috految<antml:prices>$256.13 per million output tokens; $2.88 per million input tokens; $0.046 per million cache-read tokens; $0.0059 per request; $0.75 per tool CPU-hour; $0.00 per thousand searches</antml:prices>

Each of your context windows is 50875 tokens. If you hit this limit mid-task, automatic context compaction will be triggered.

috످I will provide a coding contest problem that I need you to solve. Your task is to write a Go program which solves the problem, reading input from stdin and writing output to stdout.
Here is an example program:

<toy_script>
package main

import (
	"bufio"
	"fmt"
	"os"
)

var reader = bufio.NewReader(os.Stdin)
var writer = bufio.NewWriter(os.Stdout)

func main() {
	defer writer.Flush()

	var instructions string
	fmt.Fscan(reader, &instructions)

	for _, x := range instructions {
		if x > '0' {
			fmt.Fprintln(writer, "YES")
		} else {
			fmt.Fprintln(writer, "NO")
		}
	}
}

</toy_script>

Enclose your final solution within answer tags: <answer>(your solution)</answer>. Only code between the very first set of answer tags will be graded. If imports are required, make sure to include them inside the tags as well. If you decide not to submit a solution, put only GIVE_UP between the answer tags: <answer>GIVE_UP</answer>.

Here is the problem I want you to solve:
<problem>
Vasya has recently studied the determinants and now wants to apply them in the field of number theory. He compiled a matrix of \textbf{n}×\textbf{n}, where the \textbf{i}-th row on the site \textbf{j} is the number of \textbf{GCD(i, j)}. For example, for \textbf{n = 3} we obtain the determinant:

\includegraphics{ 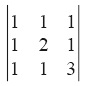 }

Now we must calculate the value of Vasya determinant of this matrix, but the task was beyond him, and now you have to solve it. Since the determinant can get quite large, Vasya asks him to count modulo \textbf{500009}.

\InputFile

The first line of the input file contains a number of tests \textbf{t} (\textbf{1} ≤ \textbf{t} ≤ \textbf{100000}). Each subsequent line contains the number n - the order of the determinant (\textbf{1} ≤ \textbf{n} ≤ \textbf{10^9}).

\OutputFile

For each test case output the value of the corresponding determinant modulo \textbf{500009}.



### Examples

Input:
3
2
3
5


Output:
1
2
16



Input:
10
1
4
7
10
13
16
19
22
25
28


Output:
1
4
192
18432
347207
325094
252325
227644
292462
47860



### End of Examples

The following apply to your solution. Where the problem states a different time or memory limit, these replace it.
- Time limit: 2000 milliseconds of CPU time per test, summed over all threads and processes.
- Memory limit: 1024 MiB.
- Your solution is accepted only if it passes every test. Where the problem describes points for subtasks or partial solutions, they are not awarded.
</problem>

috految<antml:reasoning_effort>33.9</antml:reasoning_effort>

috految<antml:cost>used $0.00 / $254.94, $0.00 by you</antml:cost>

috److This is Smith's determinant: det = φ(1) · φ(2) · ... · φ(n).

The modulus 500009 is prime, so the product becomes zero at the first prime of the form k · 500009 + 1.

**Finding the cutoff.** Since k must be even, the candidates are:

| k | k · 500009 + 1 | Status |
|---|---|---|
| 2 | 1000019 | 47 · 21277 |
| 4 | 2000037 | divisible by 3 |
| 6 | 3000055 | divisible by 5 |
| 8 | 4000073 | 7 · 571439 |
| 10 | 5000091 | divisible by 3 |
| 12 | 6000109 | prime, from recalled prime tables |

The cutoff should be about 6 million. The program finds it at runtime with a primality test, so it does not rely on this value.

**Algorithm:**

1. Find the smallest prime `lim` of the form k · 500009 + 1.
2. Compute φ up to `lim` with a linear sieve.
3. Build prefix products modulo 500009.
4. For each query, output 0 if n ≥ `lim`, and the prefix product otherwise.

<answer>
package main

import (
	"bufio"
	"fmt"
	"math/big"
	"os"
)

func main() {
	reader := bufio.NewReader(os.Stdin)
	writer := bufio.NewWriter(os.Stdout)
	defer writer.Flush()

	const M = 500009
	lim := M + 1
	for !big.NewInt(int64(lim)).ProbablyPrime(10) {
		lim += M
	}
	phi := make([]int32, lim+1)
	phi[0] = 1
	phi[1] = 1
	var primes []int
	for i := 2; i <= lim; i++ {
		if phi[i] == 0 {
			phi[i] = int32(i - 1)
			primes = append(primes, i)
		}
		for _, p := range primes {
			if i*p > lim {
				break
			}
			if i%p == 0 {
				phi[i*p] = phi[i] * int32(p)
				break
			}
			phi[i*p] = phi[i] * int32(p-1)
		}
	}
	for i := 2; i <= lim; i++ {
		phi[i] = int32(int64(phi[i]) * int64(phi[i-1]) % M)
	}
	var t, n int
	fmt.Fscan(reader, &t)
	for ; t > 0; t-- {
		fmt.Fscan(reader, &n)
		if n >= lim {
			fmt.Fprintln(writer, 0)
		} else {
			fmt.Fprintln(writer, phi[n])
		}
	}
}
</answer>

috످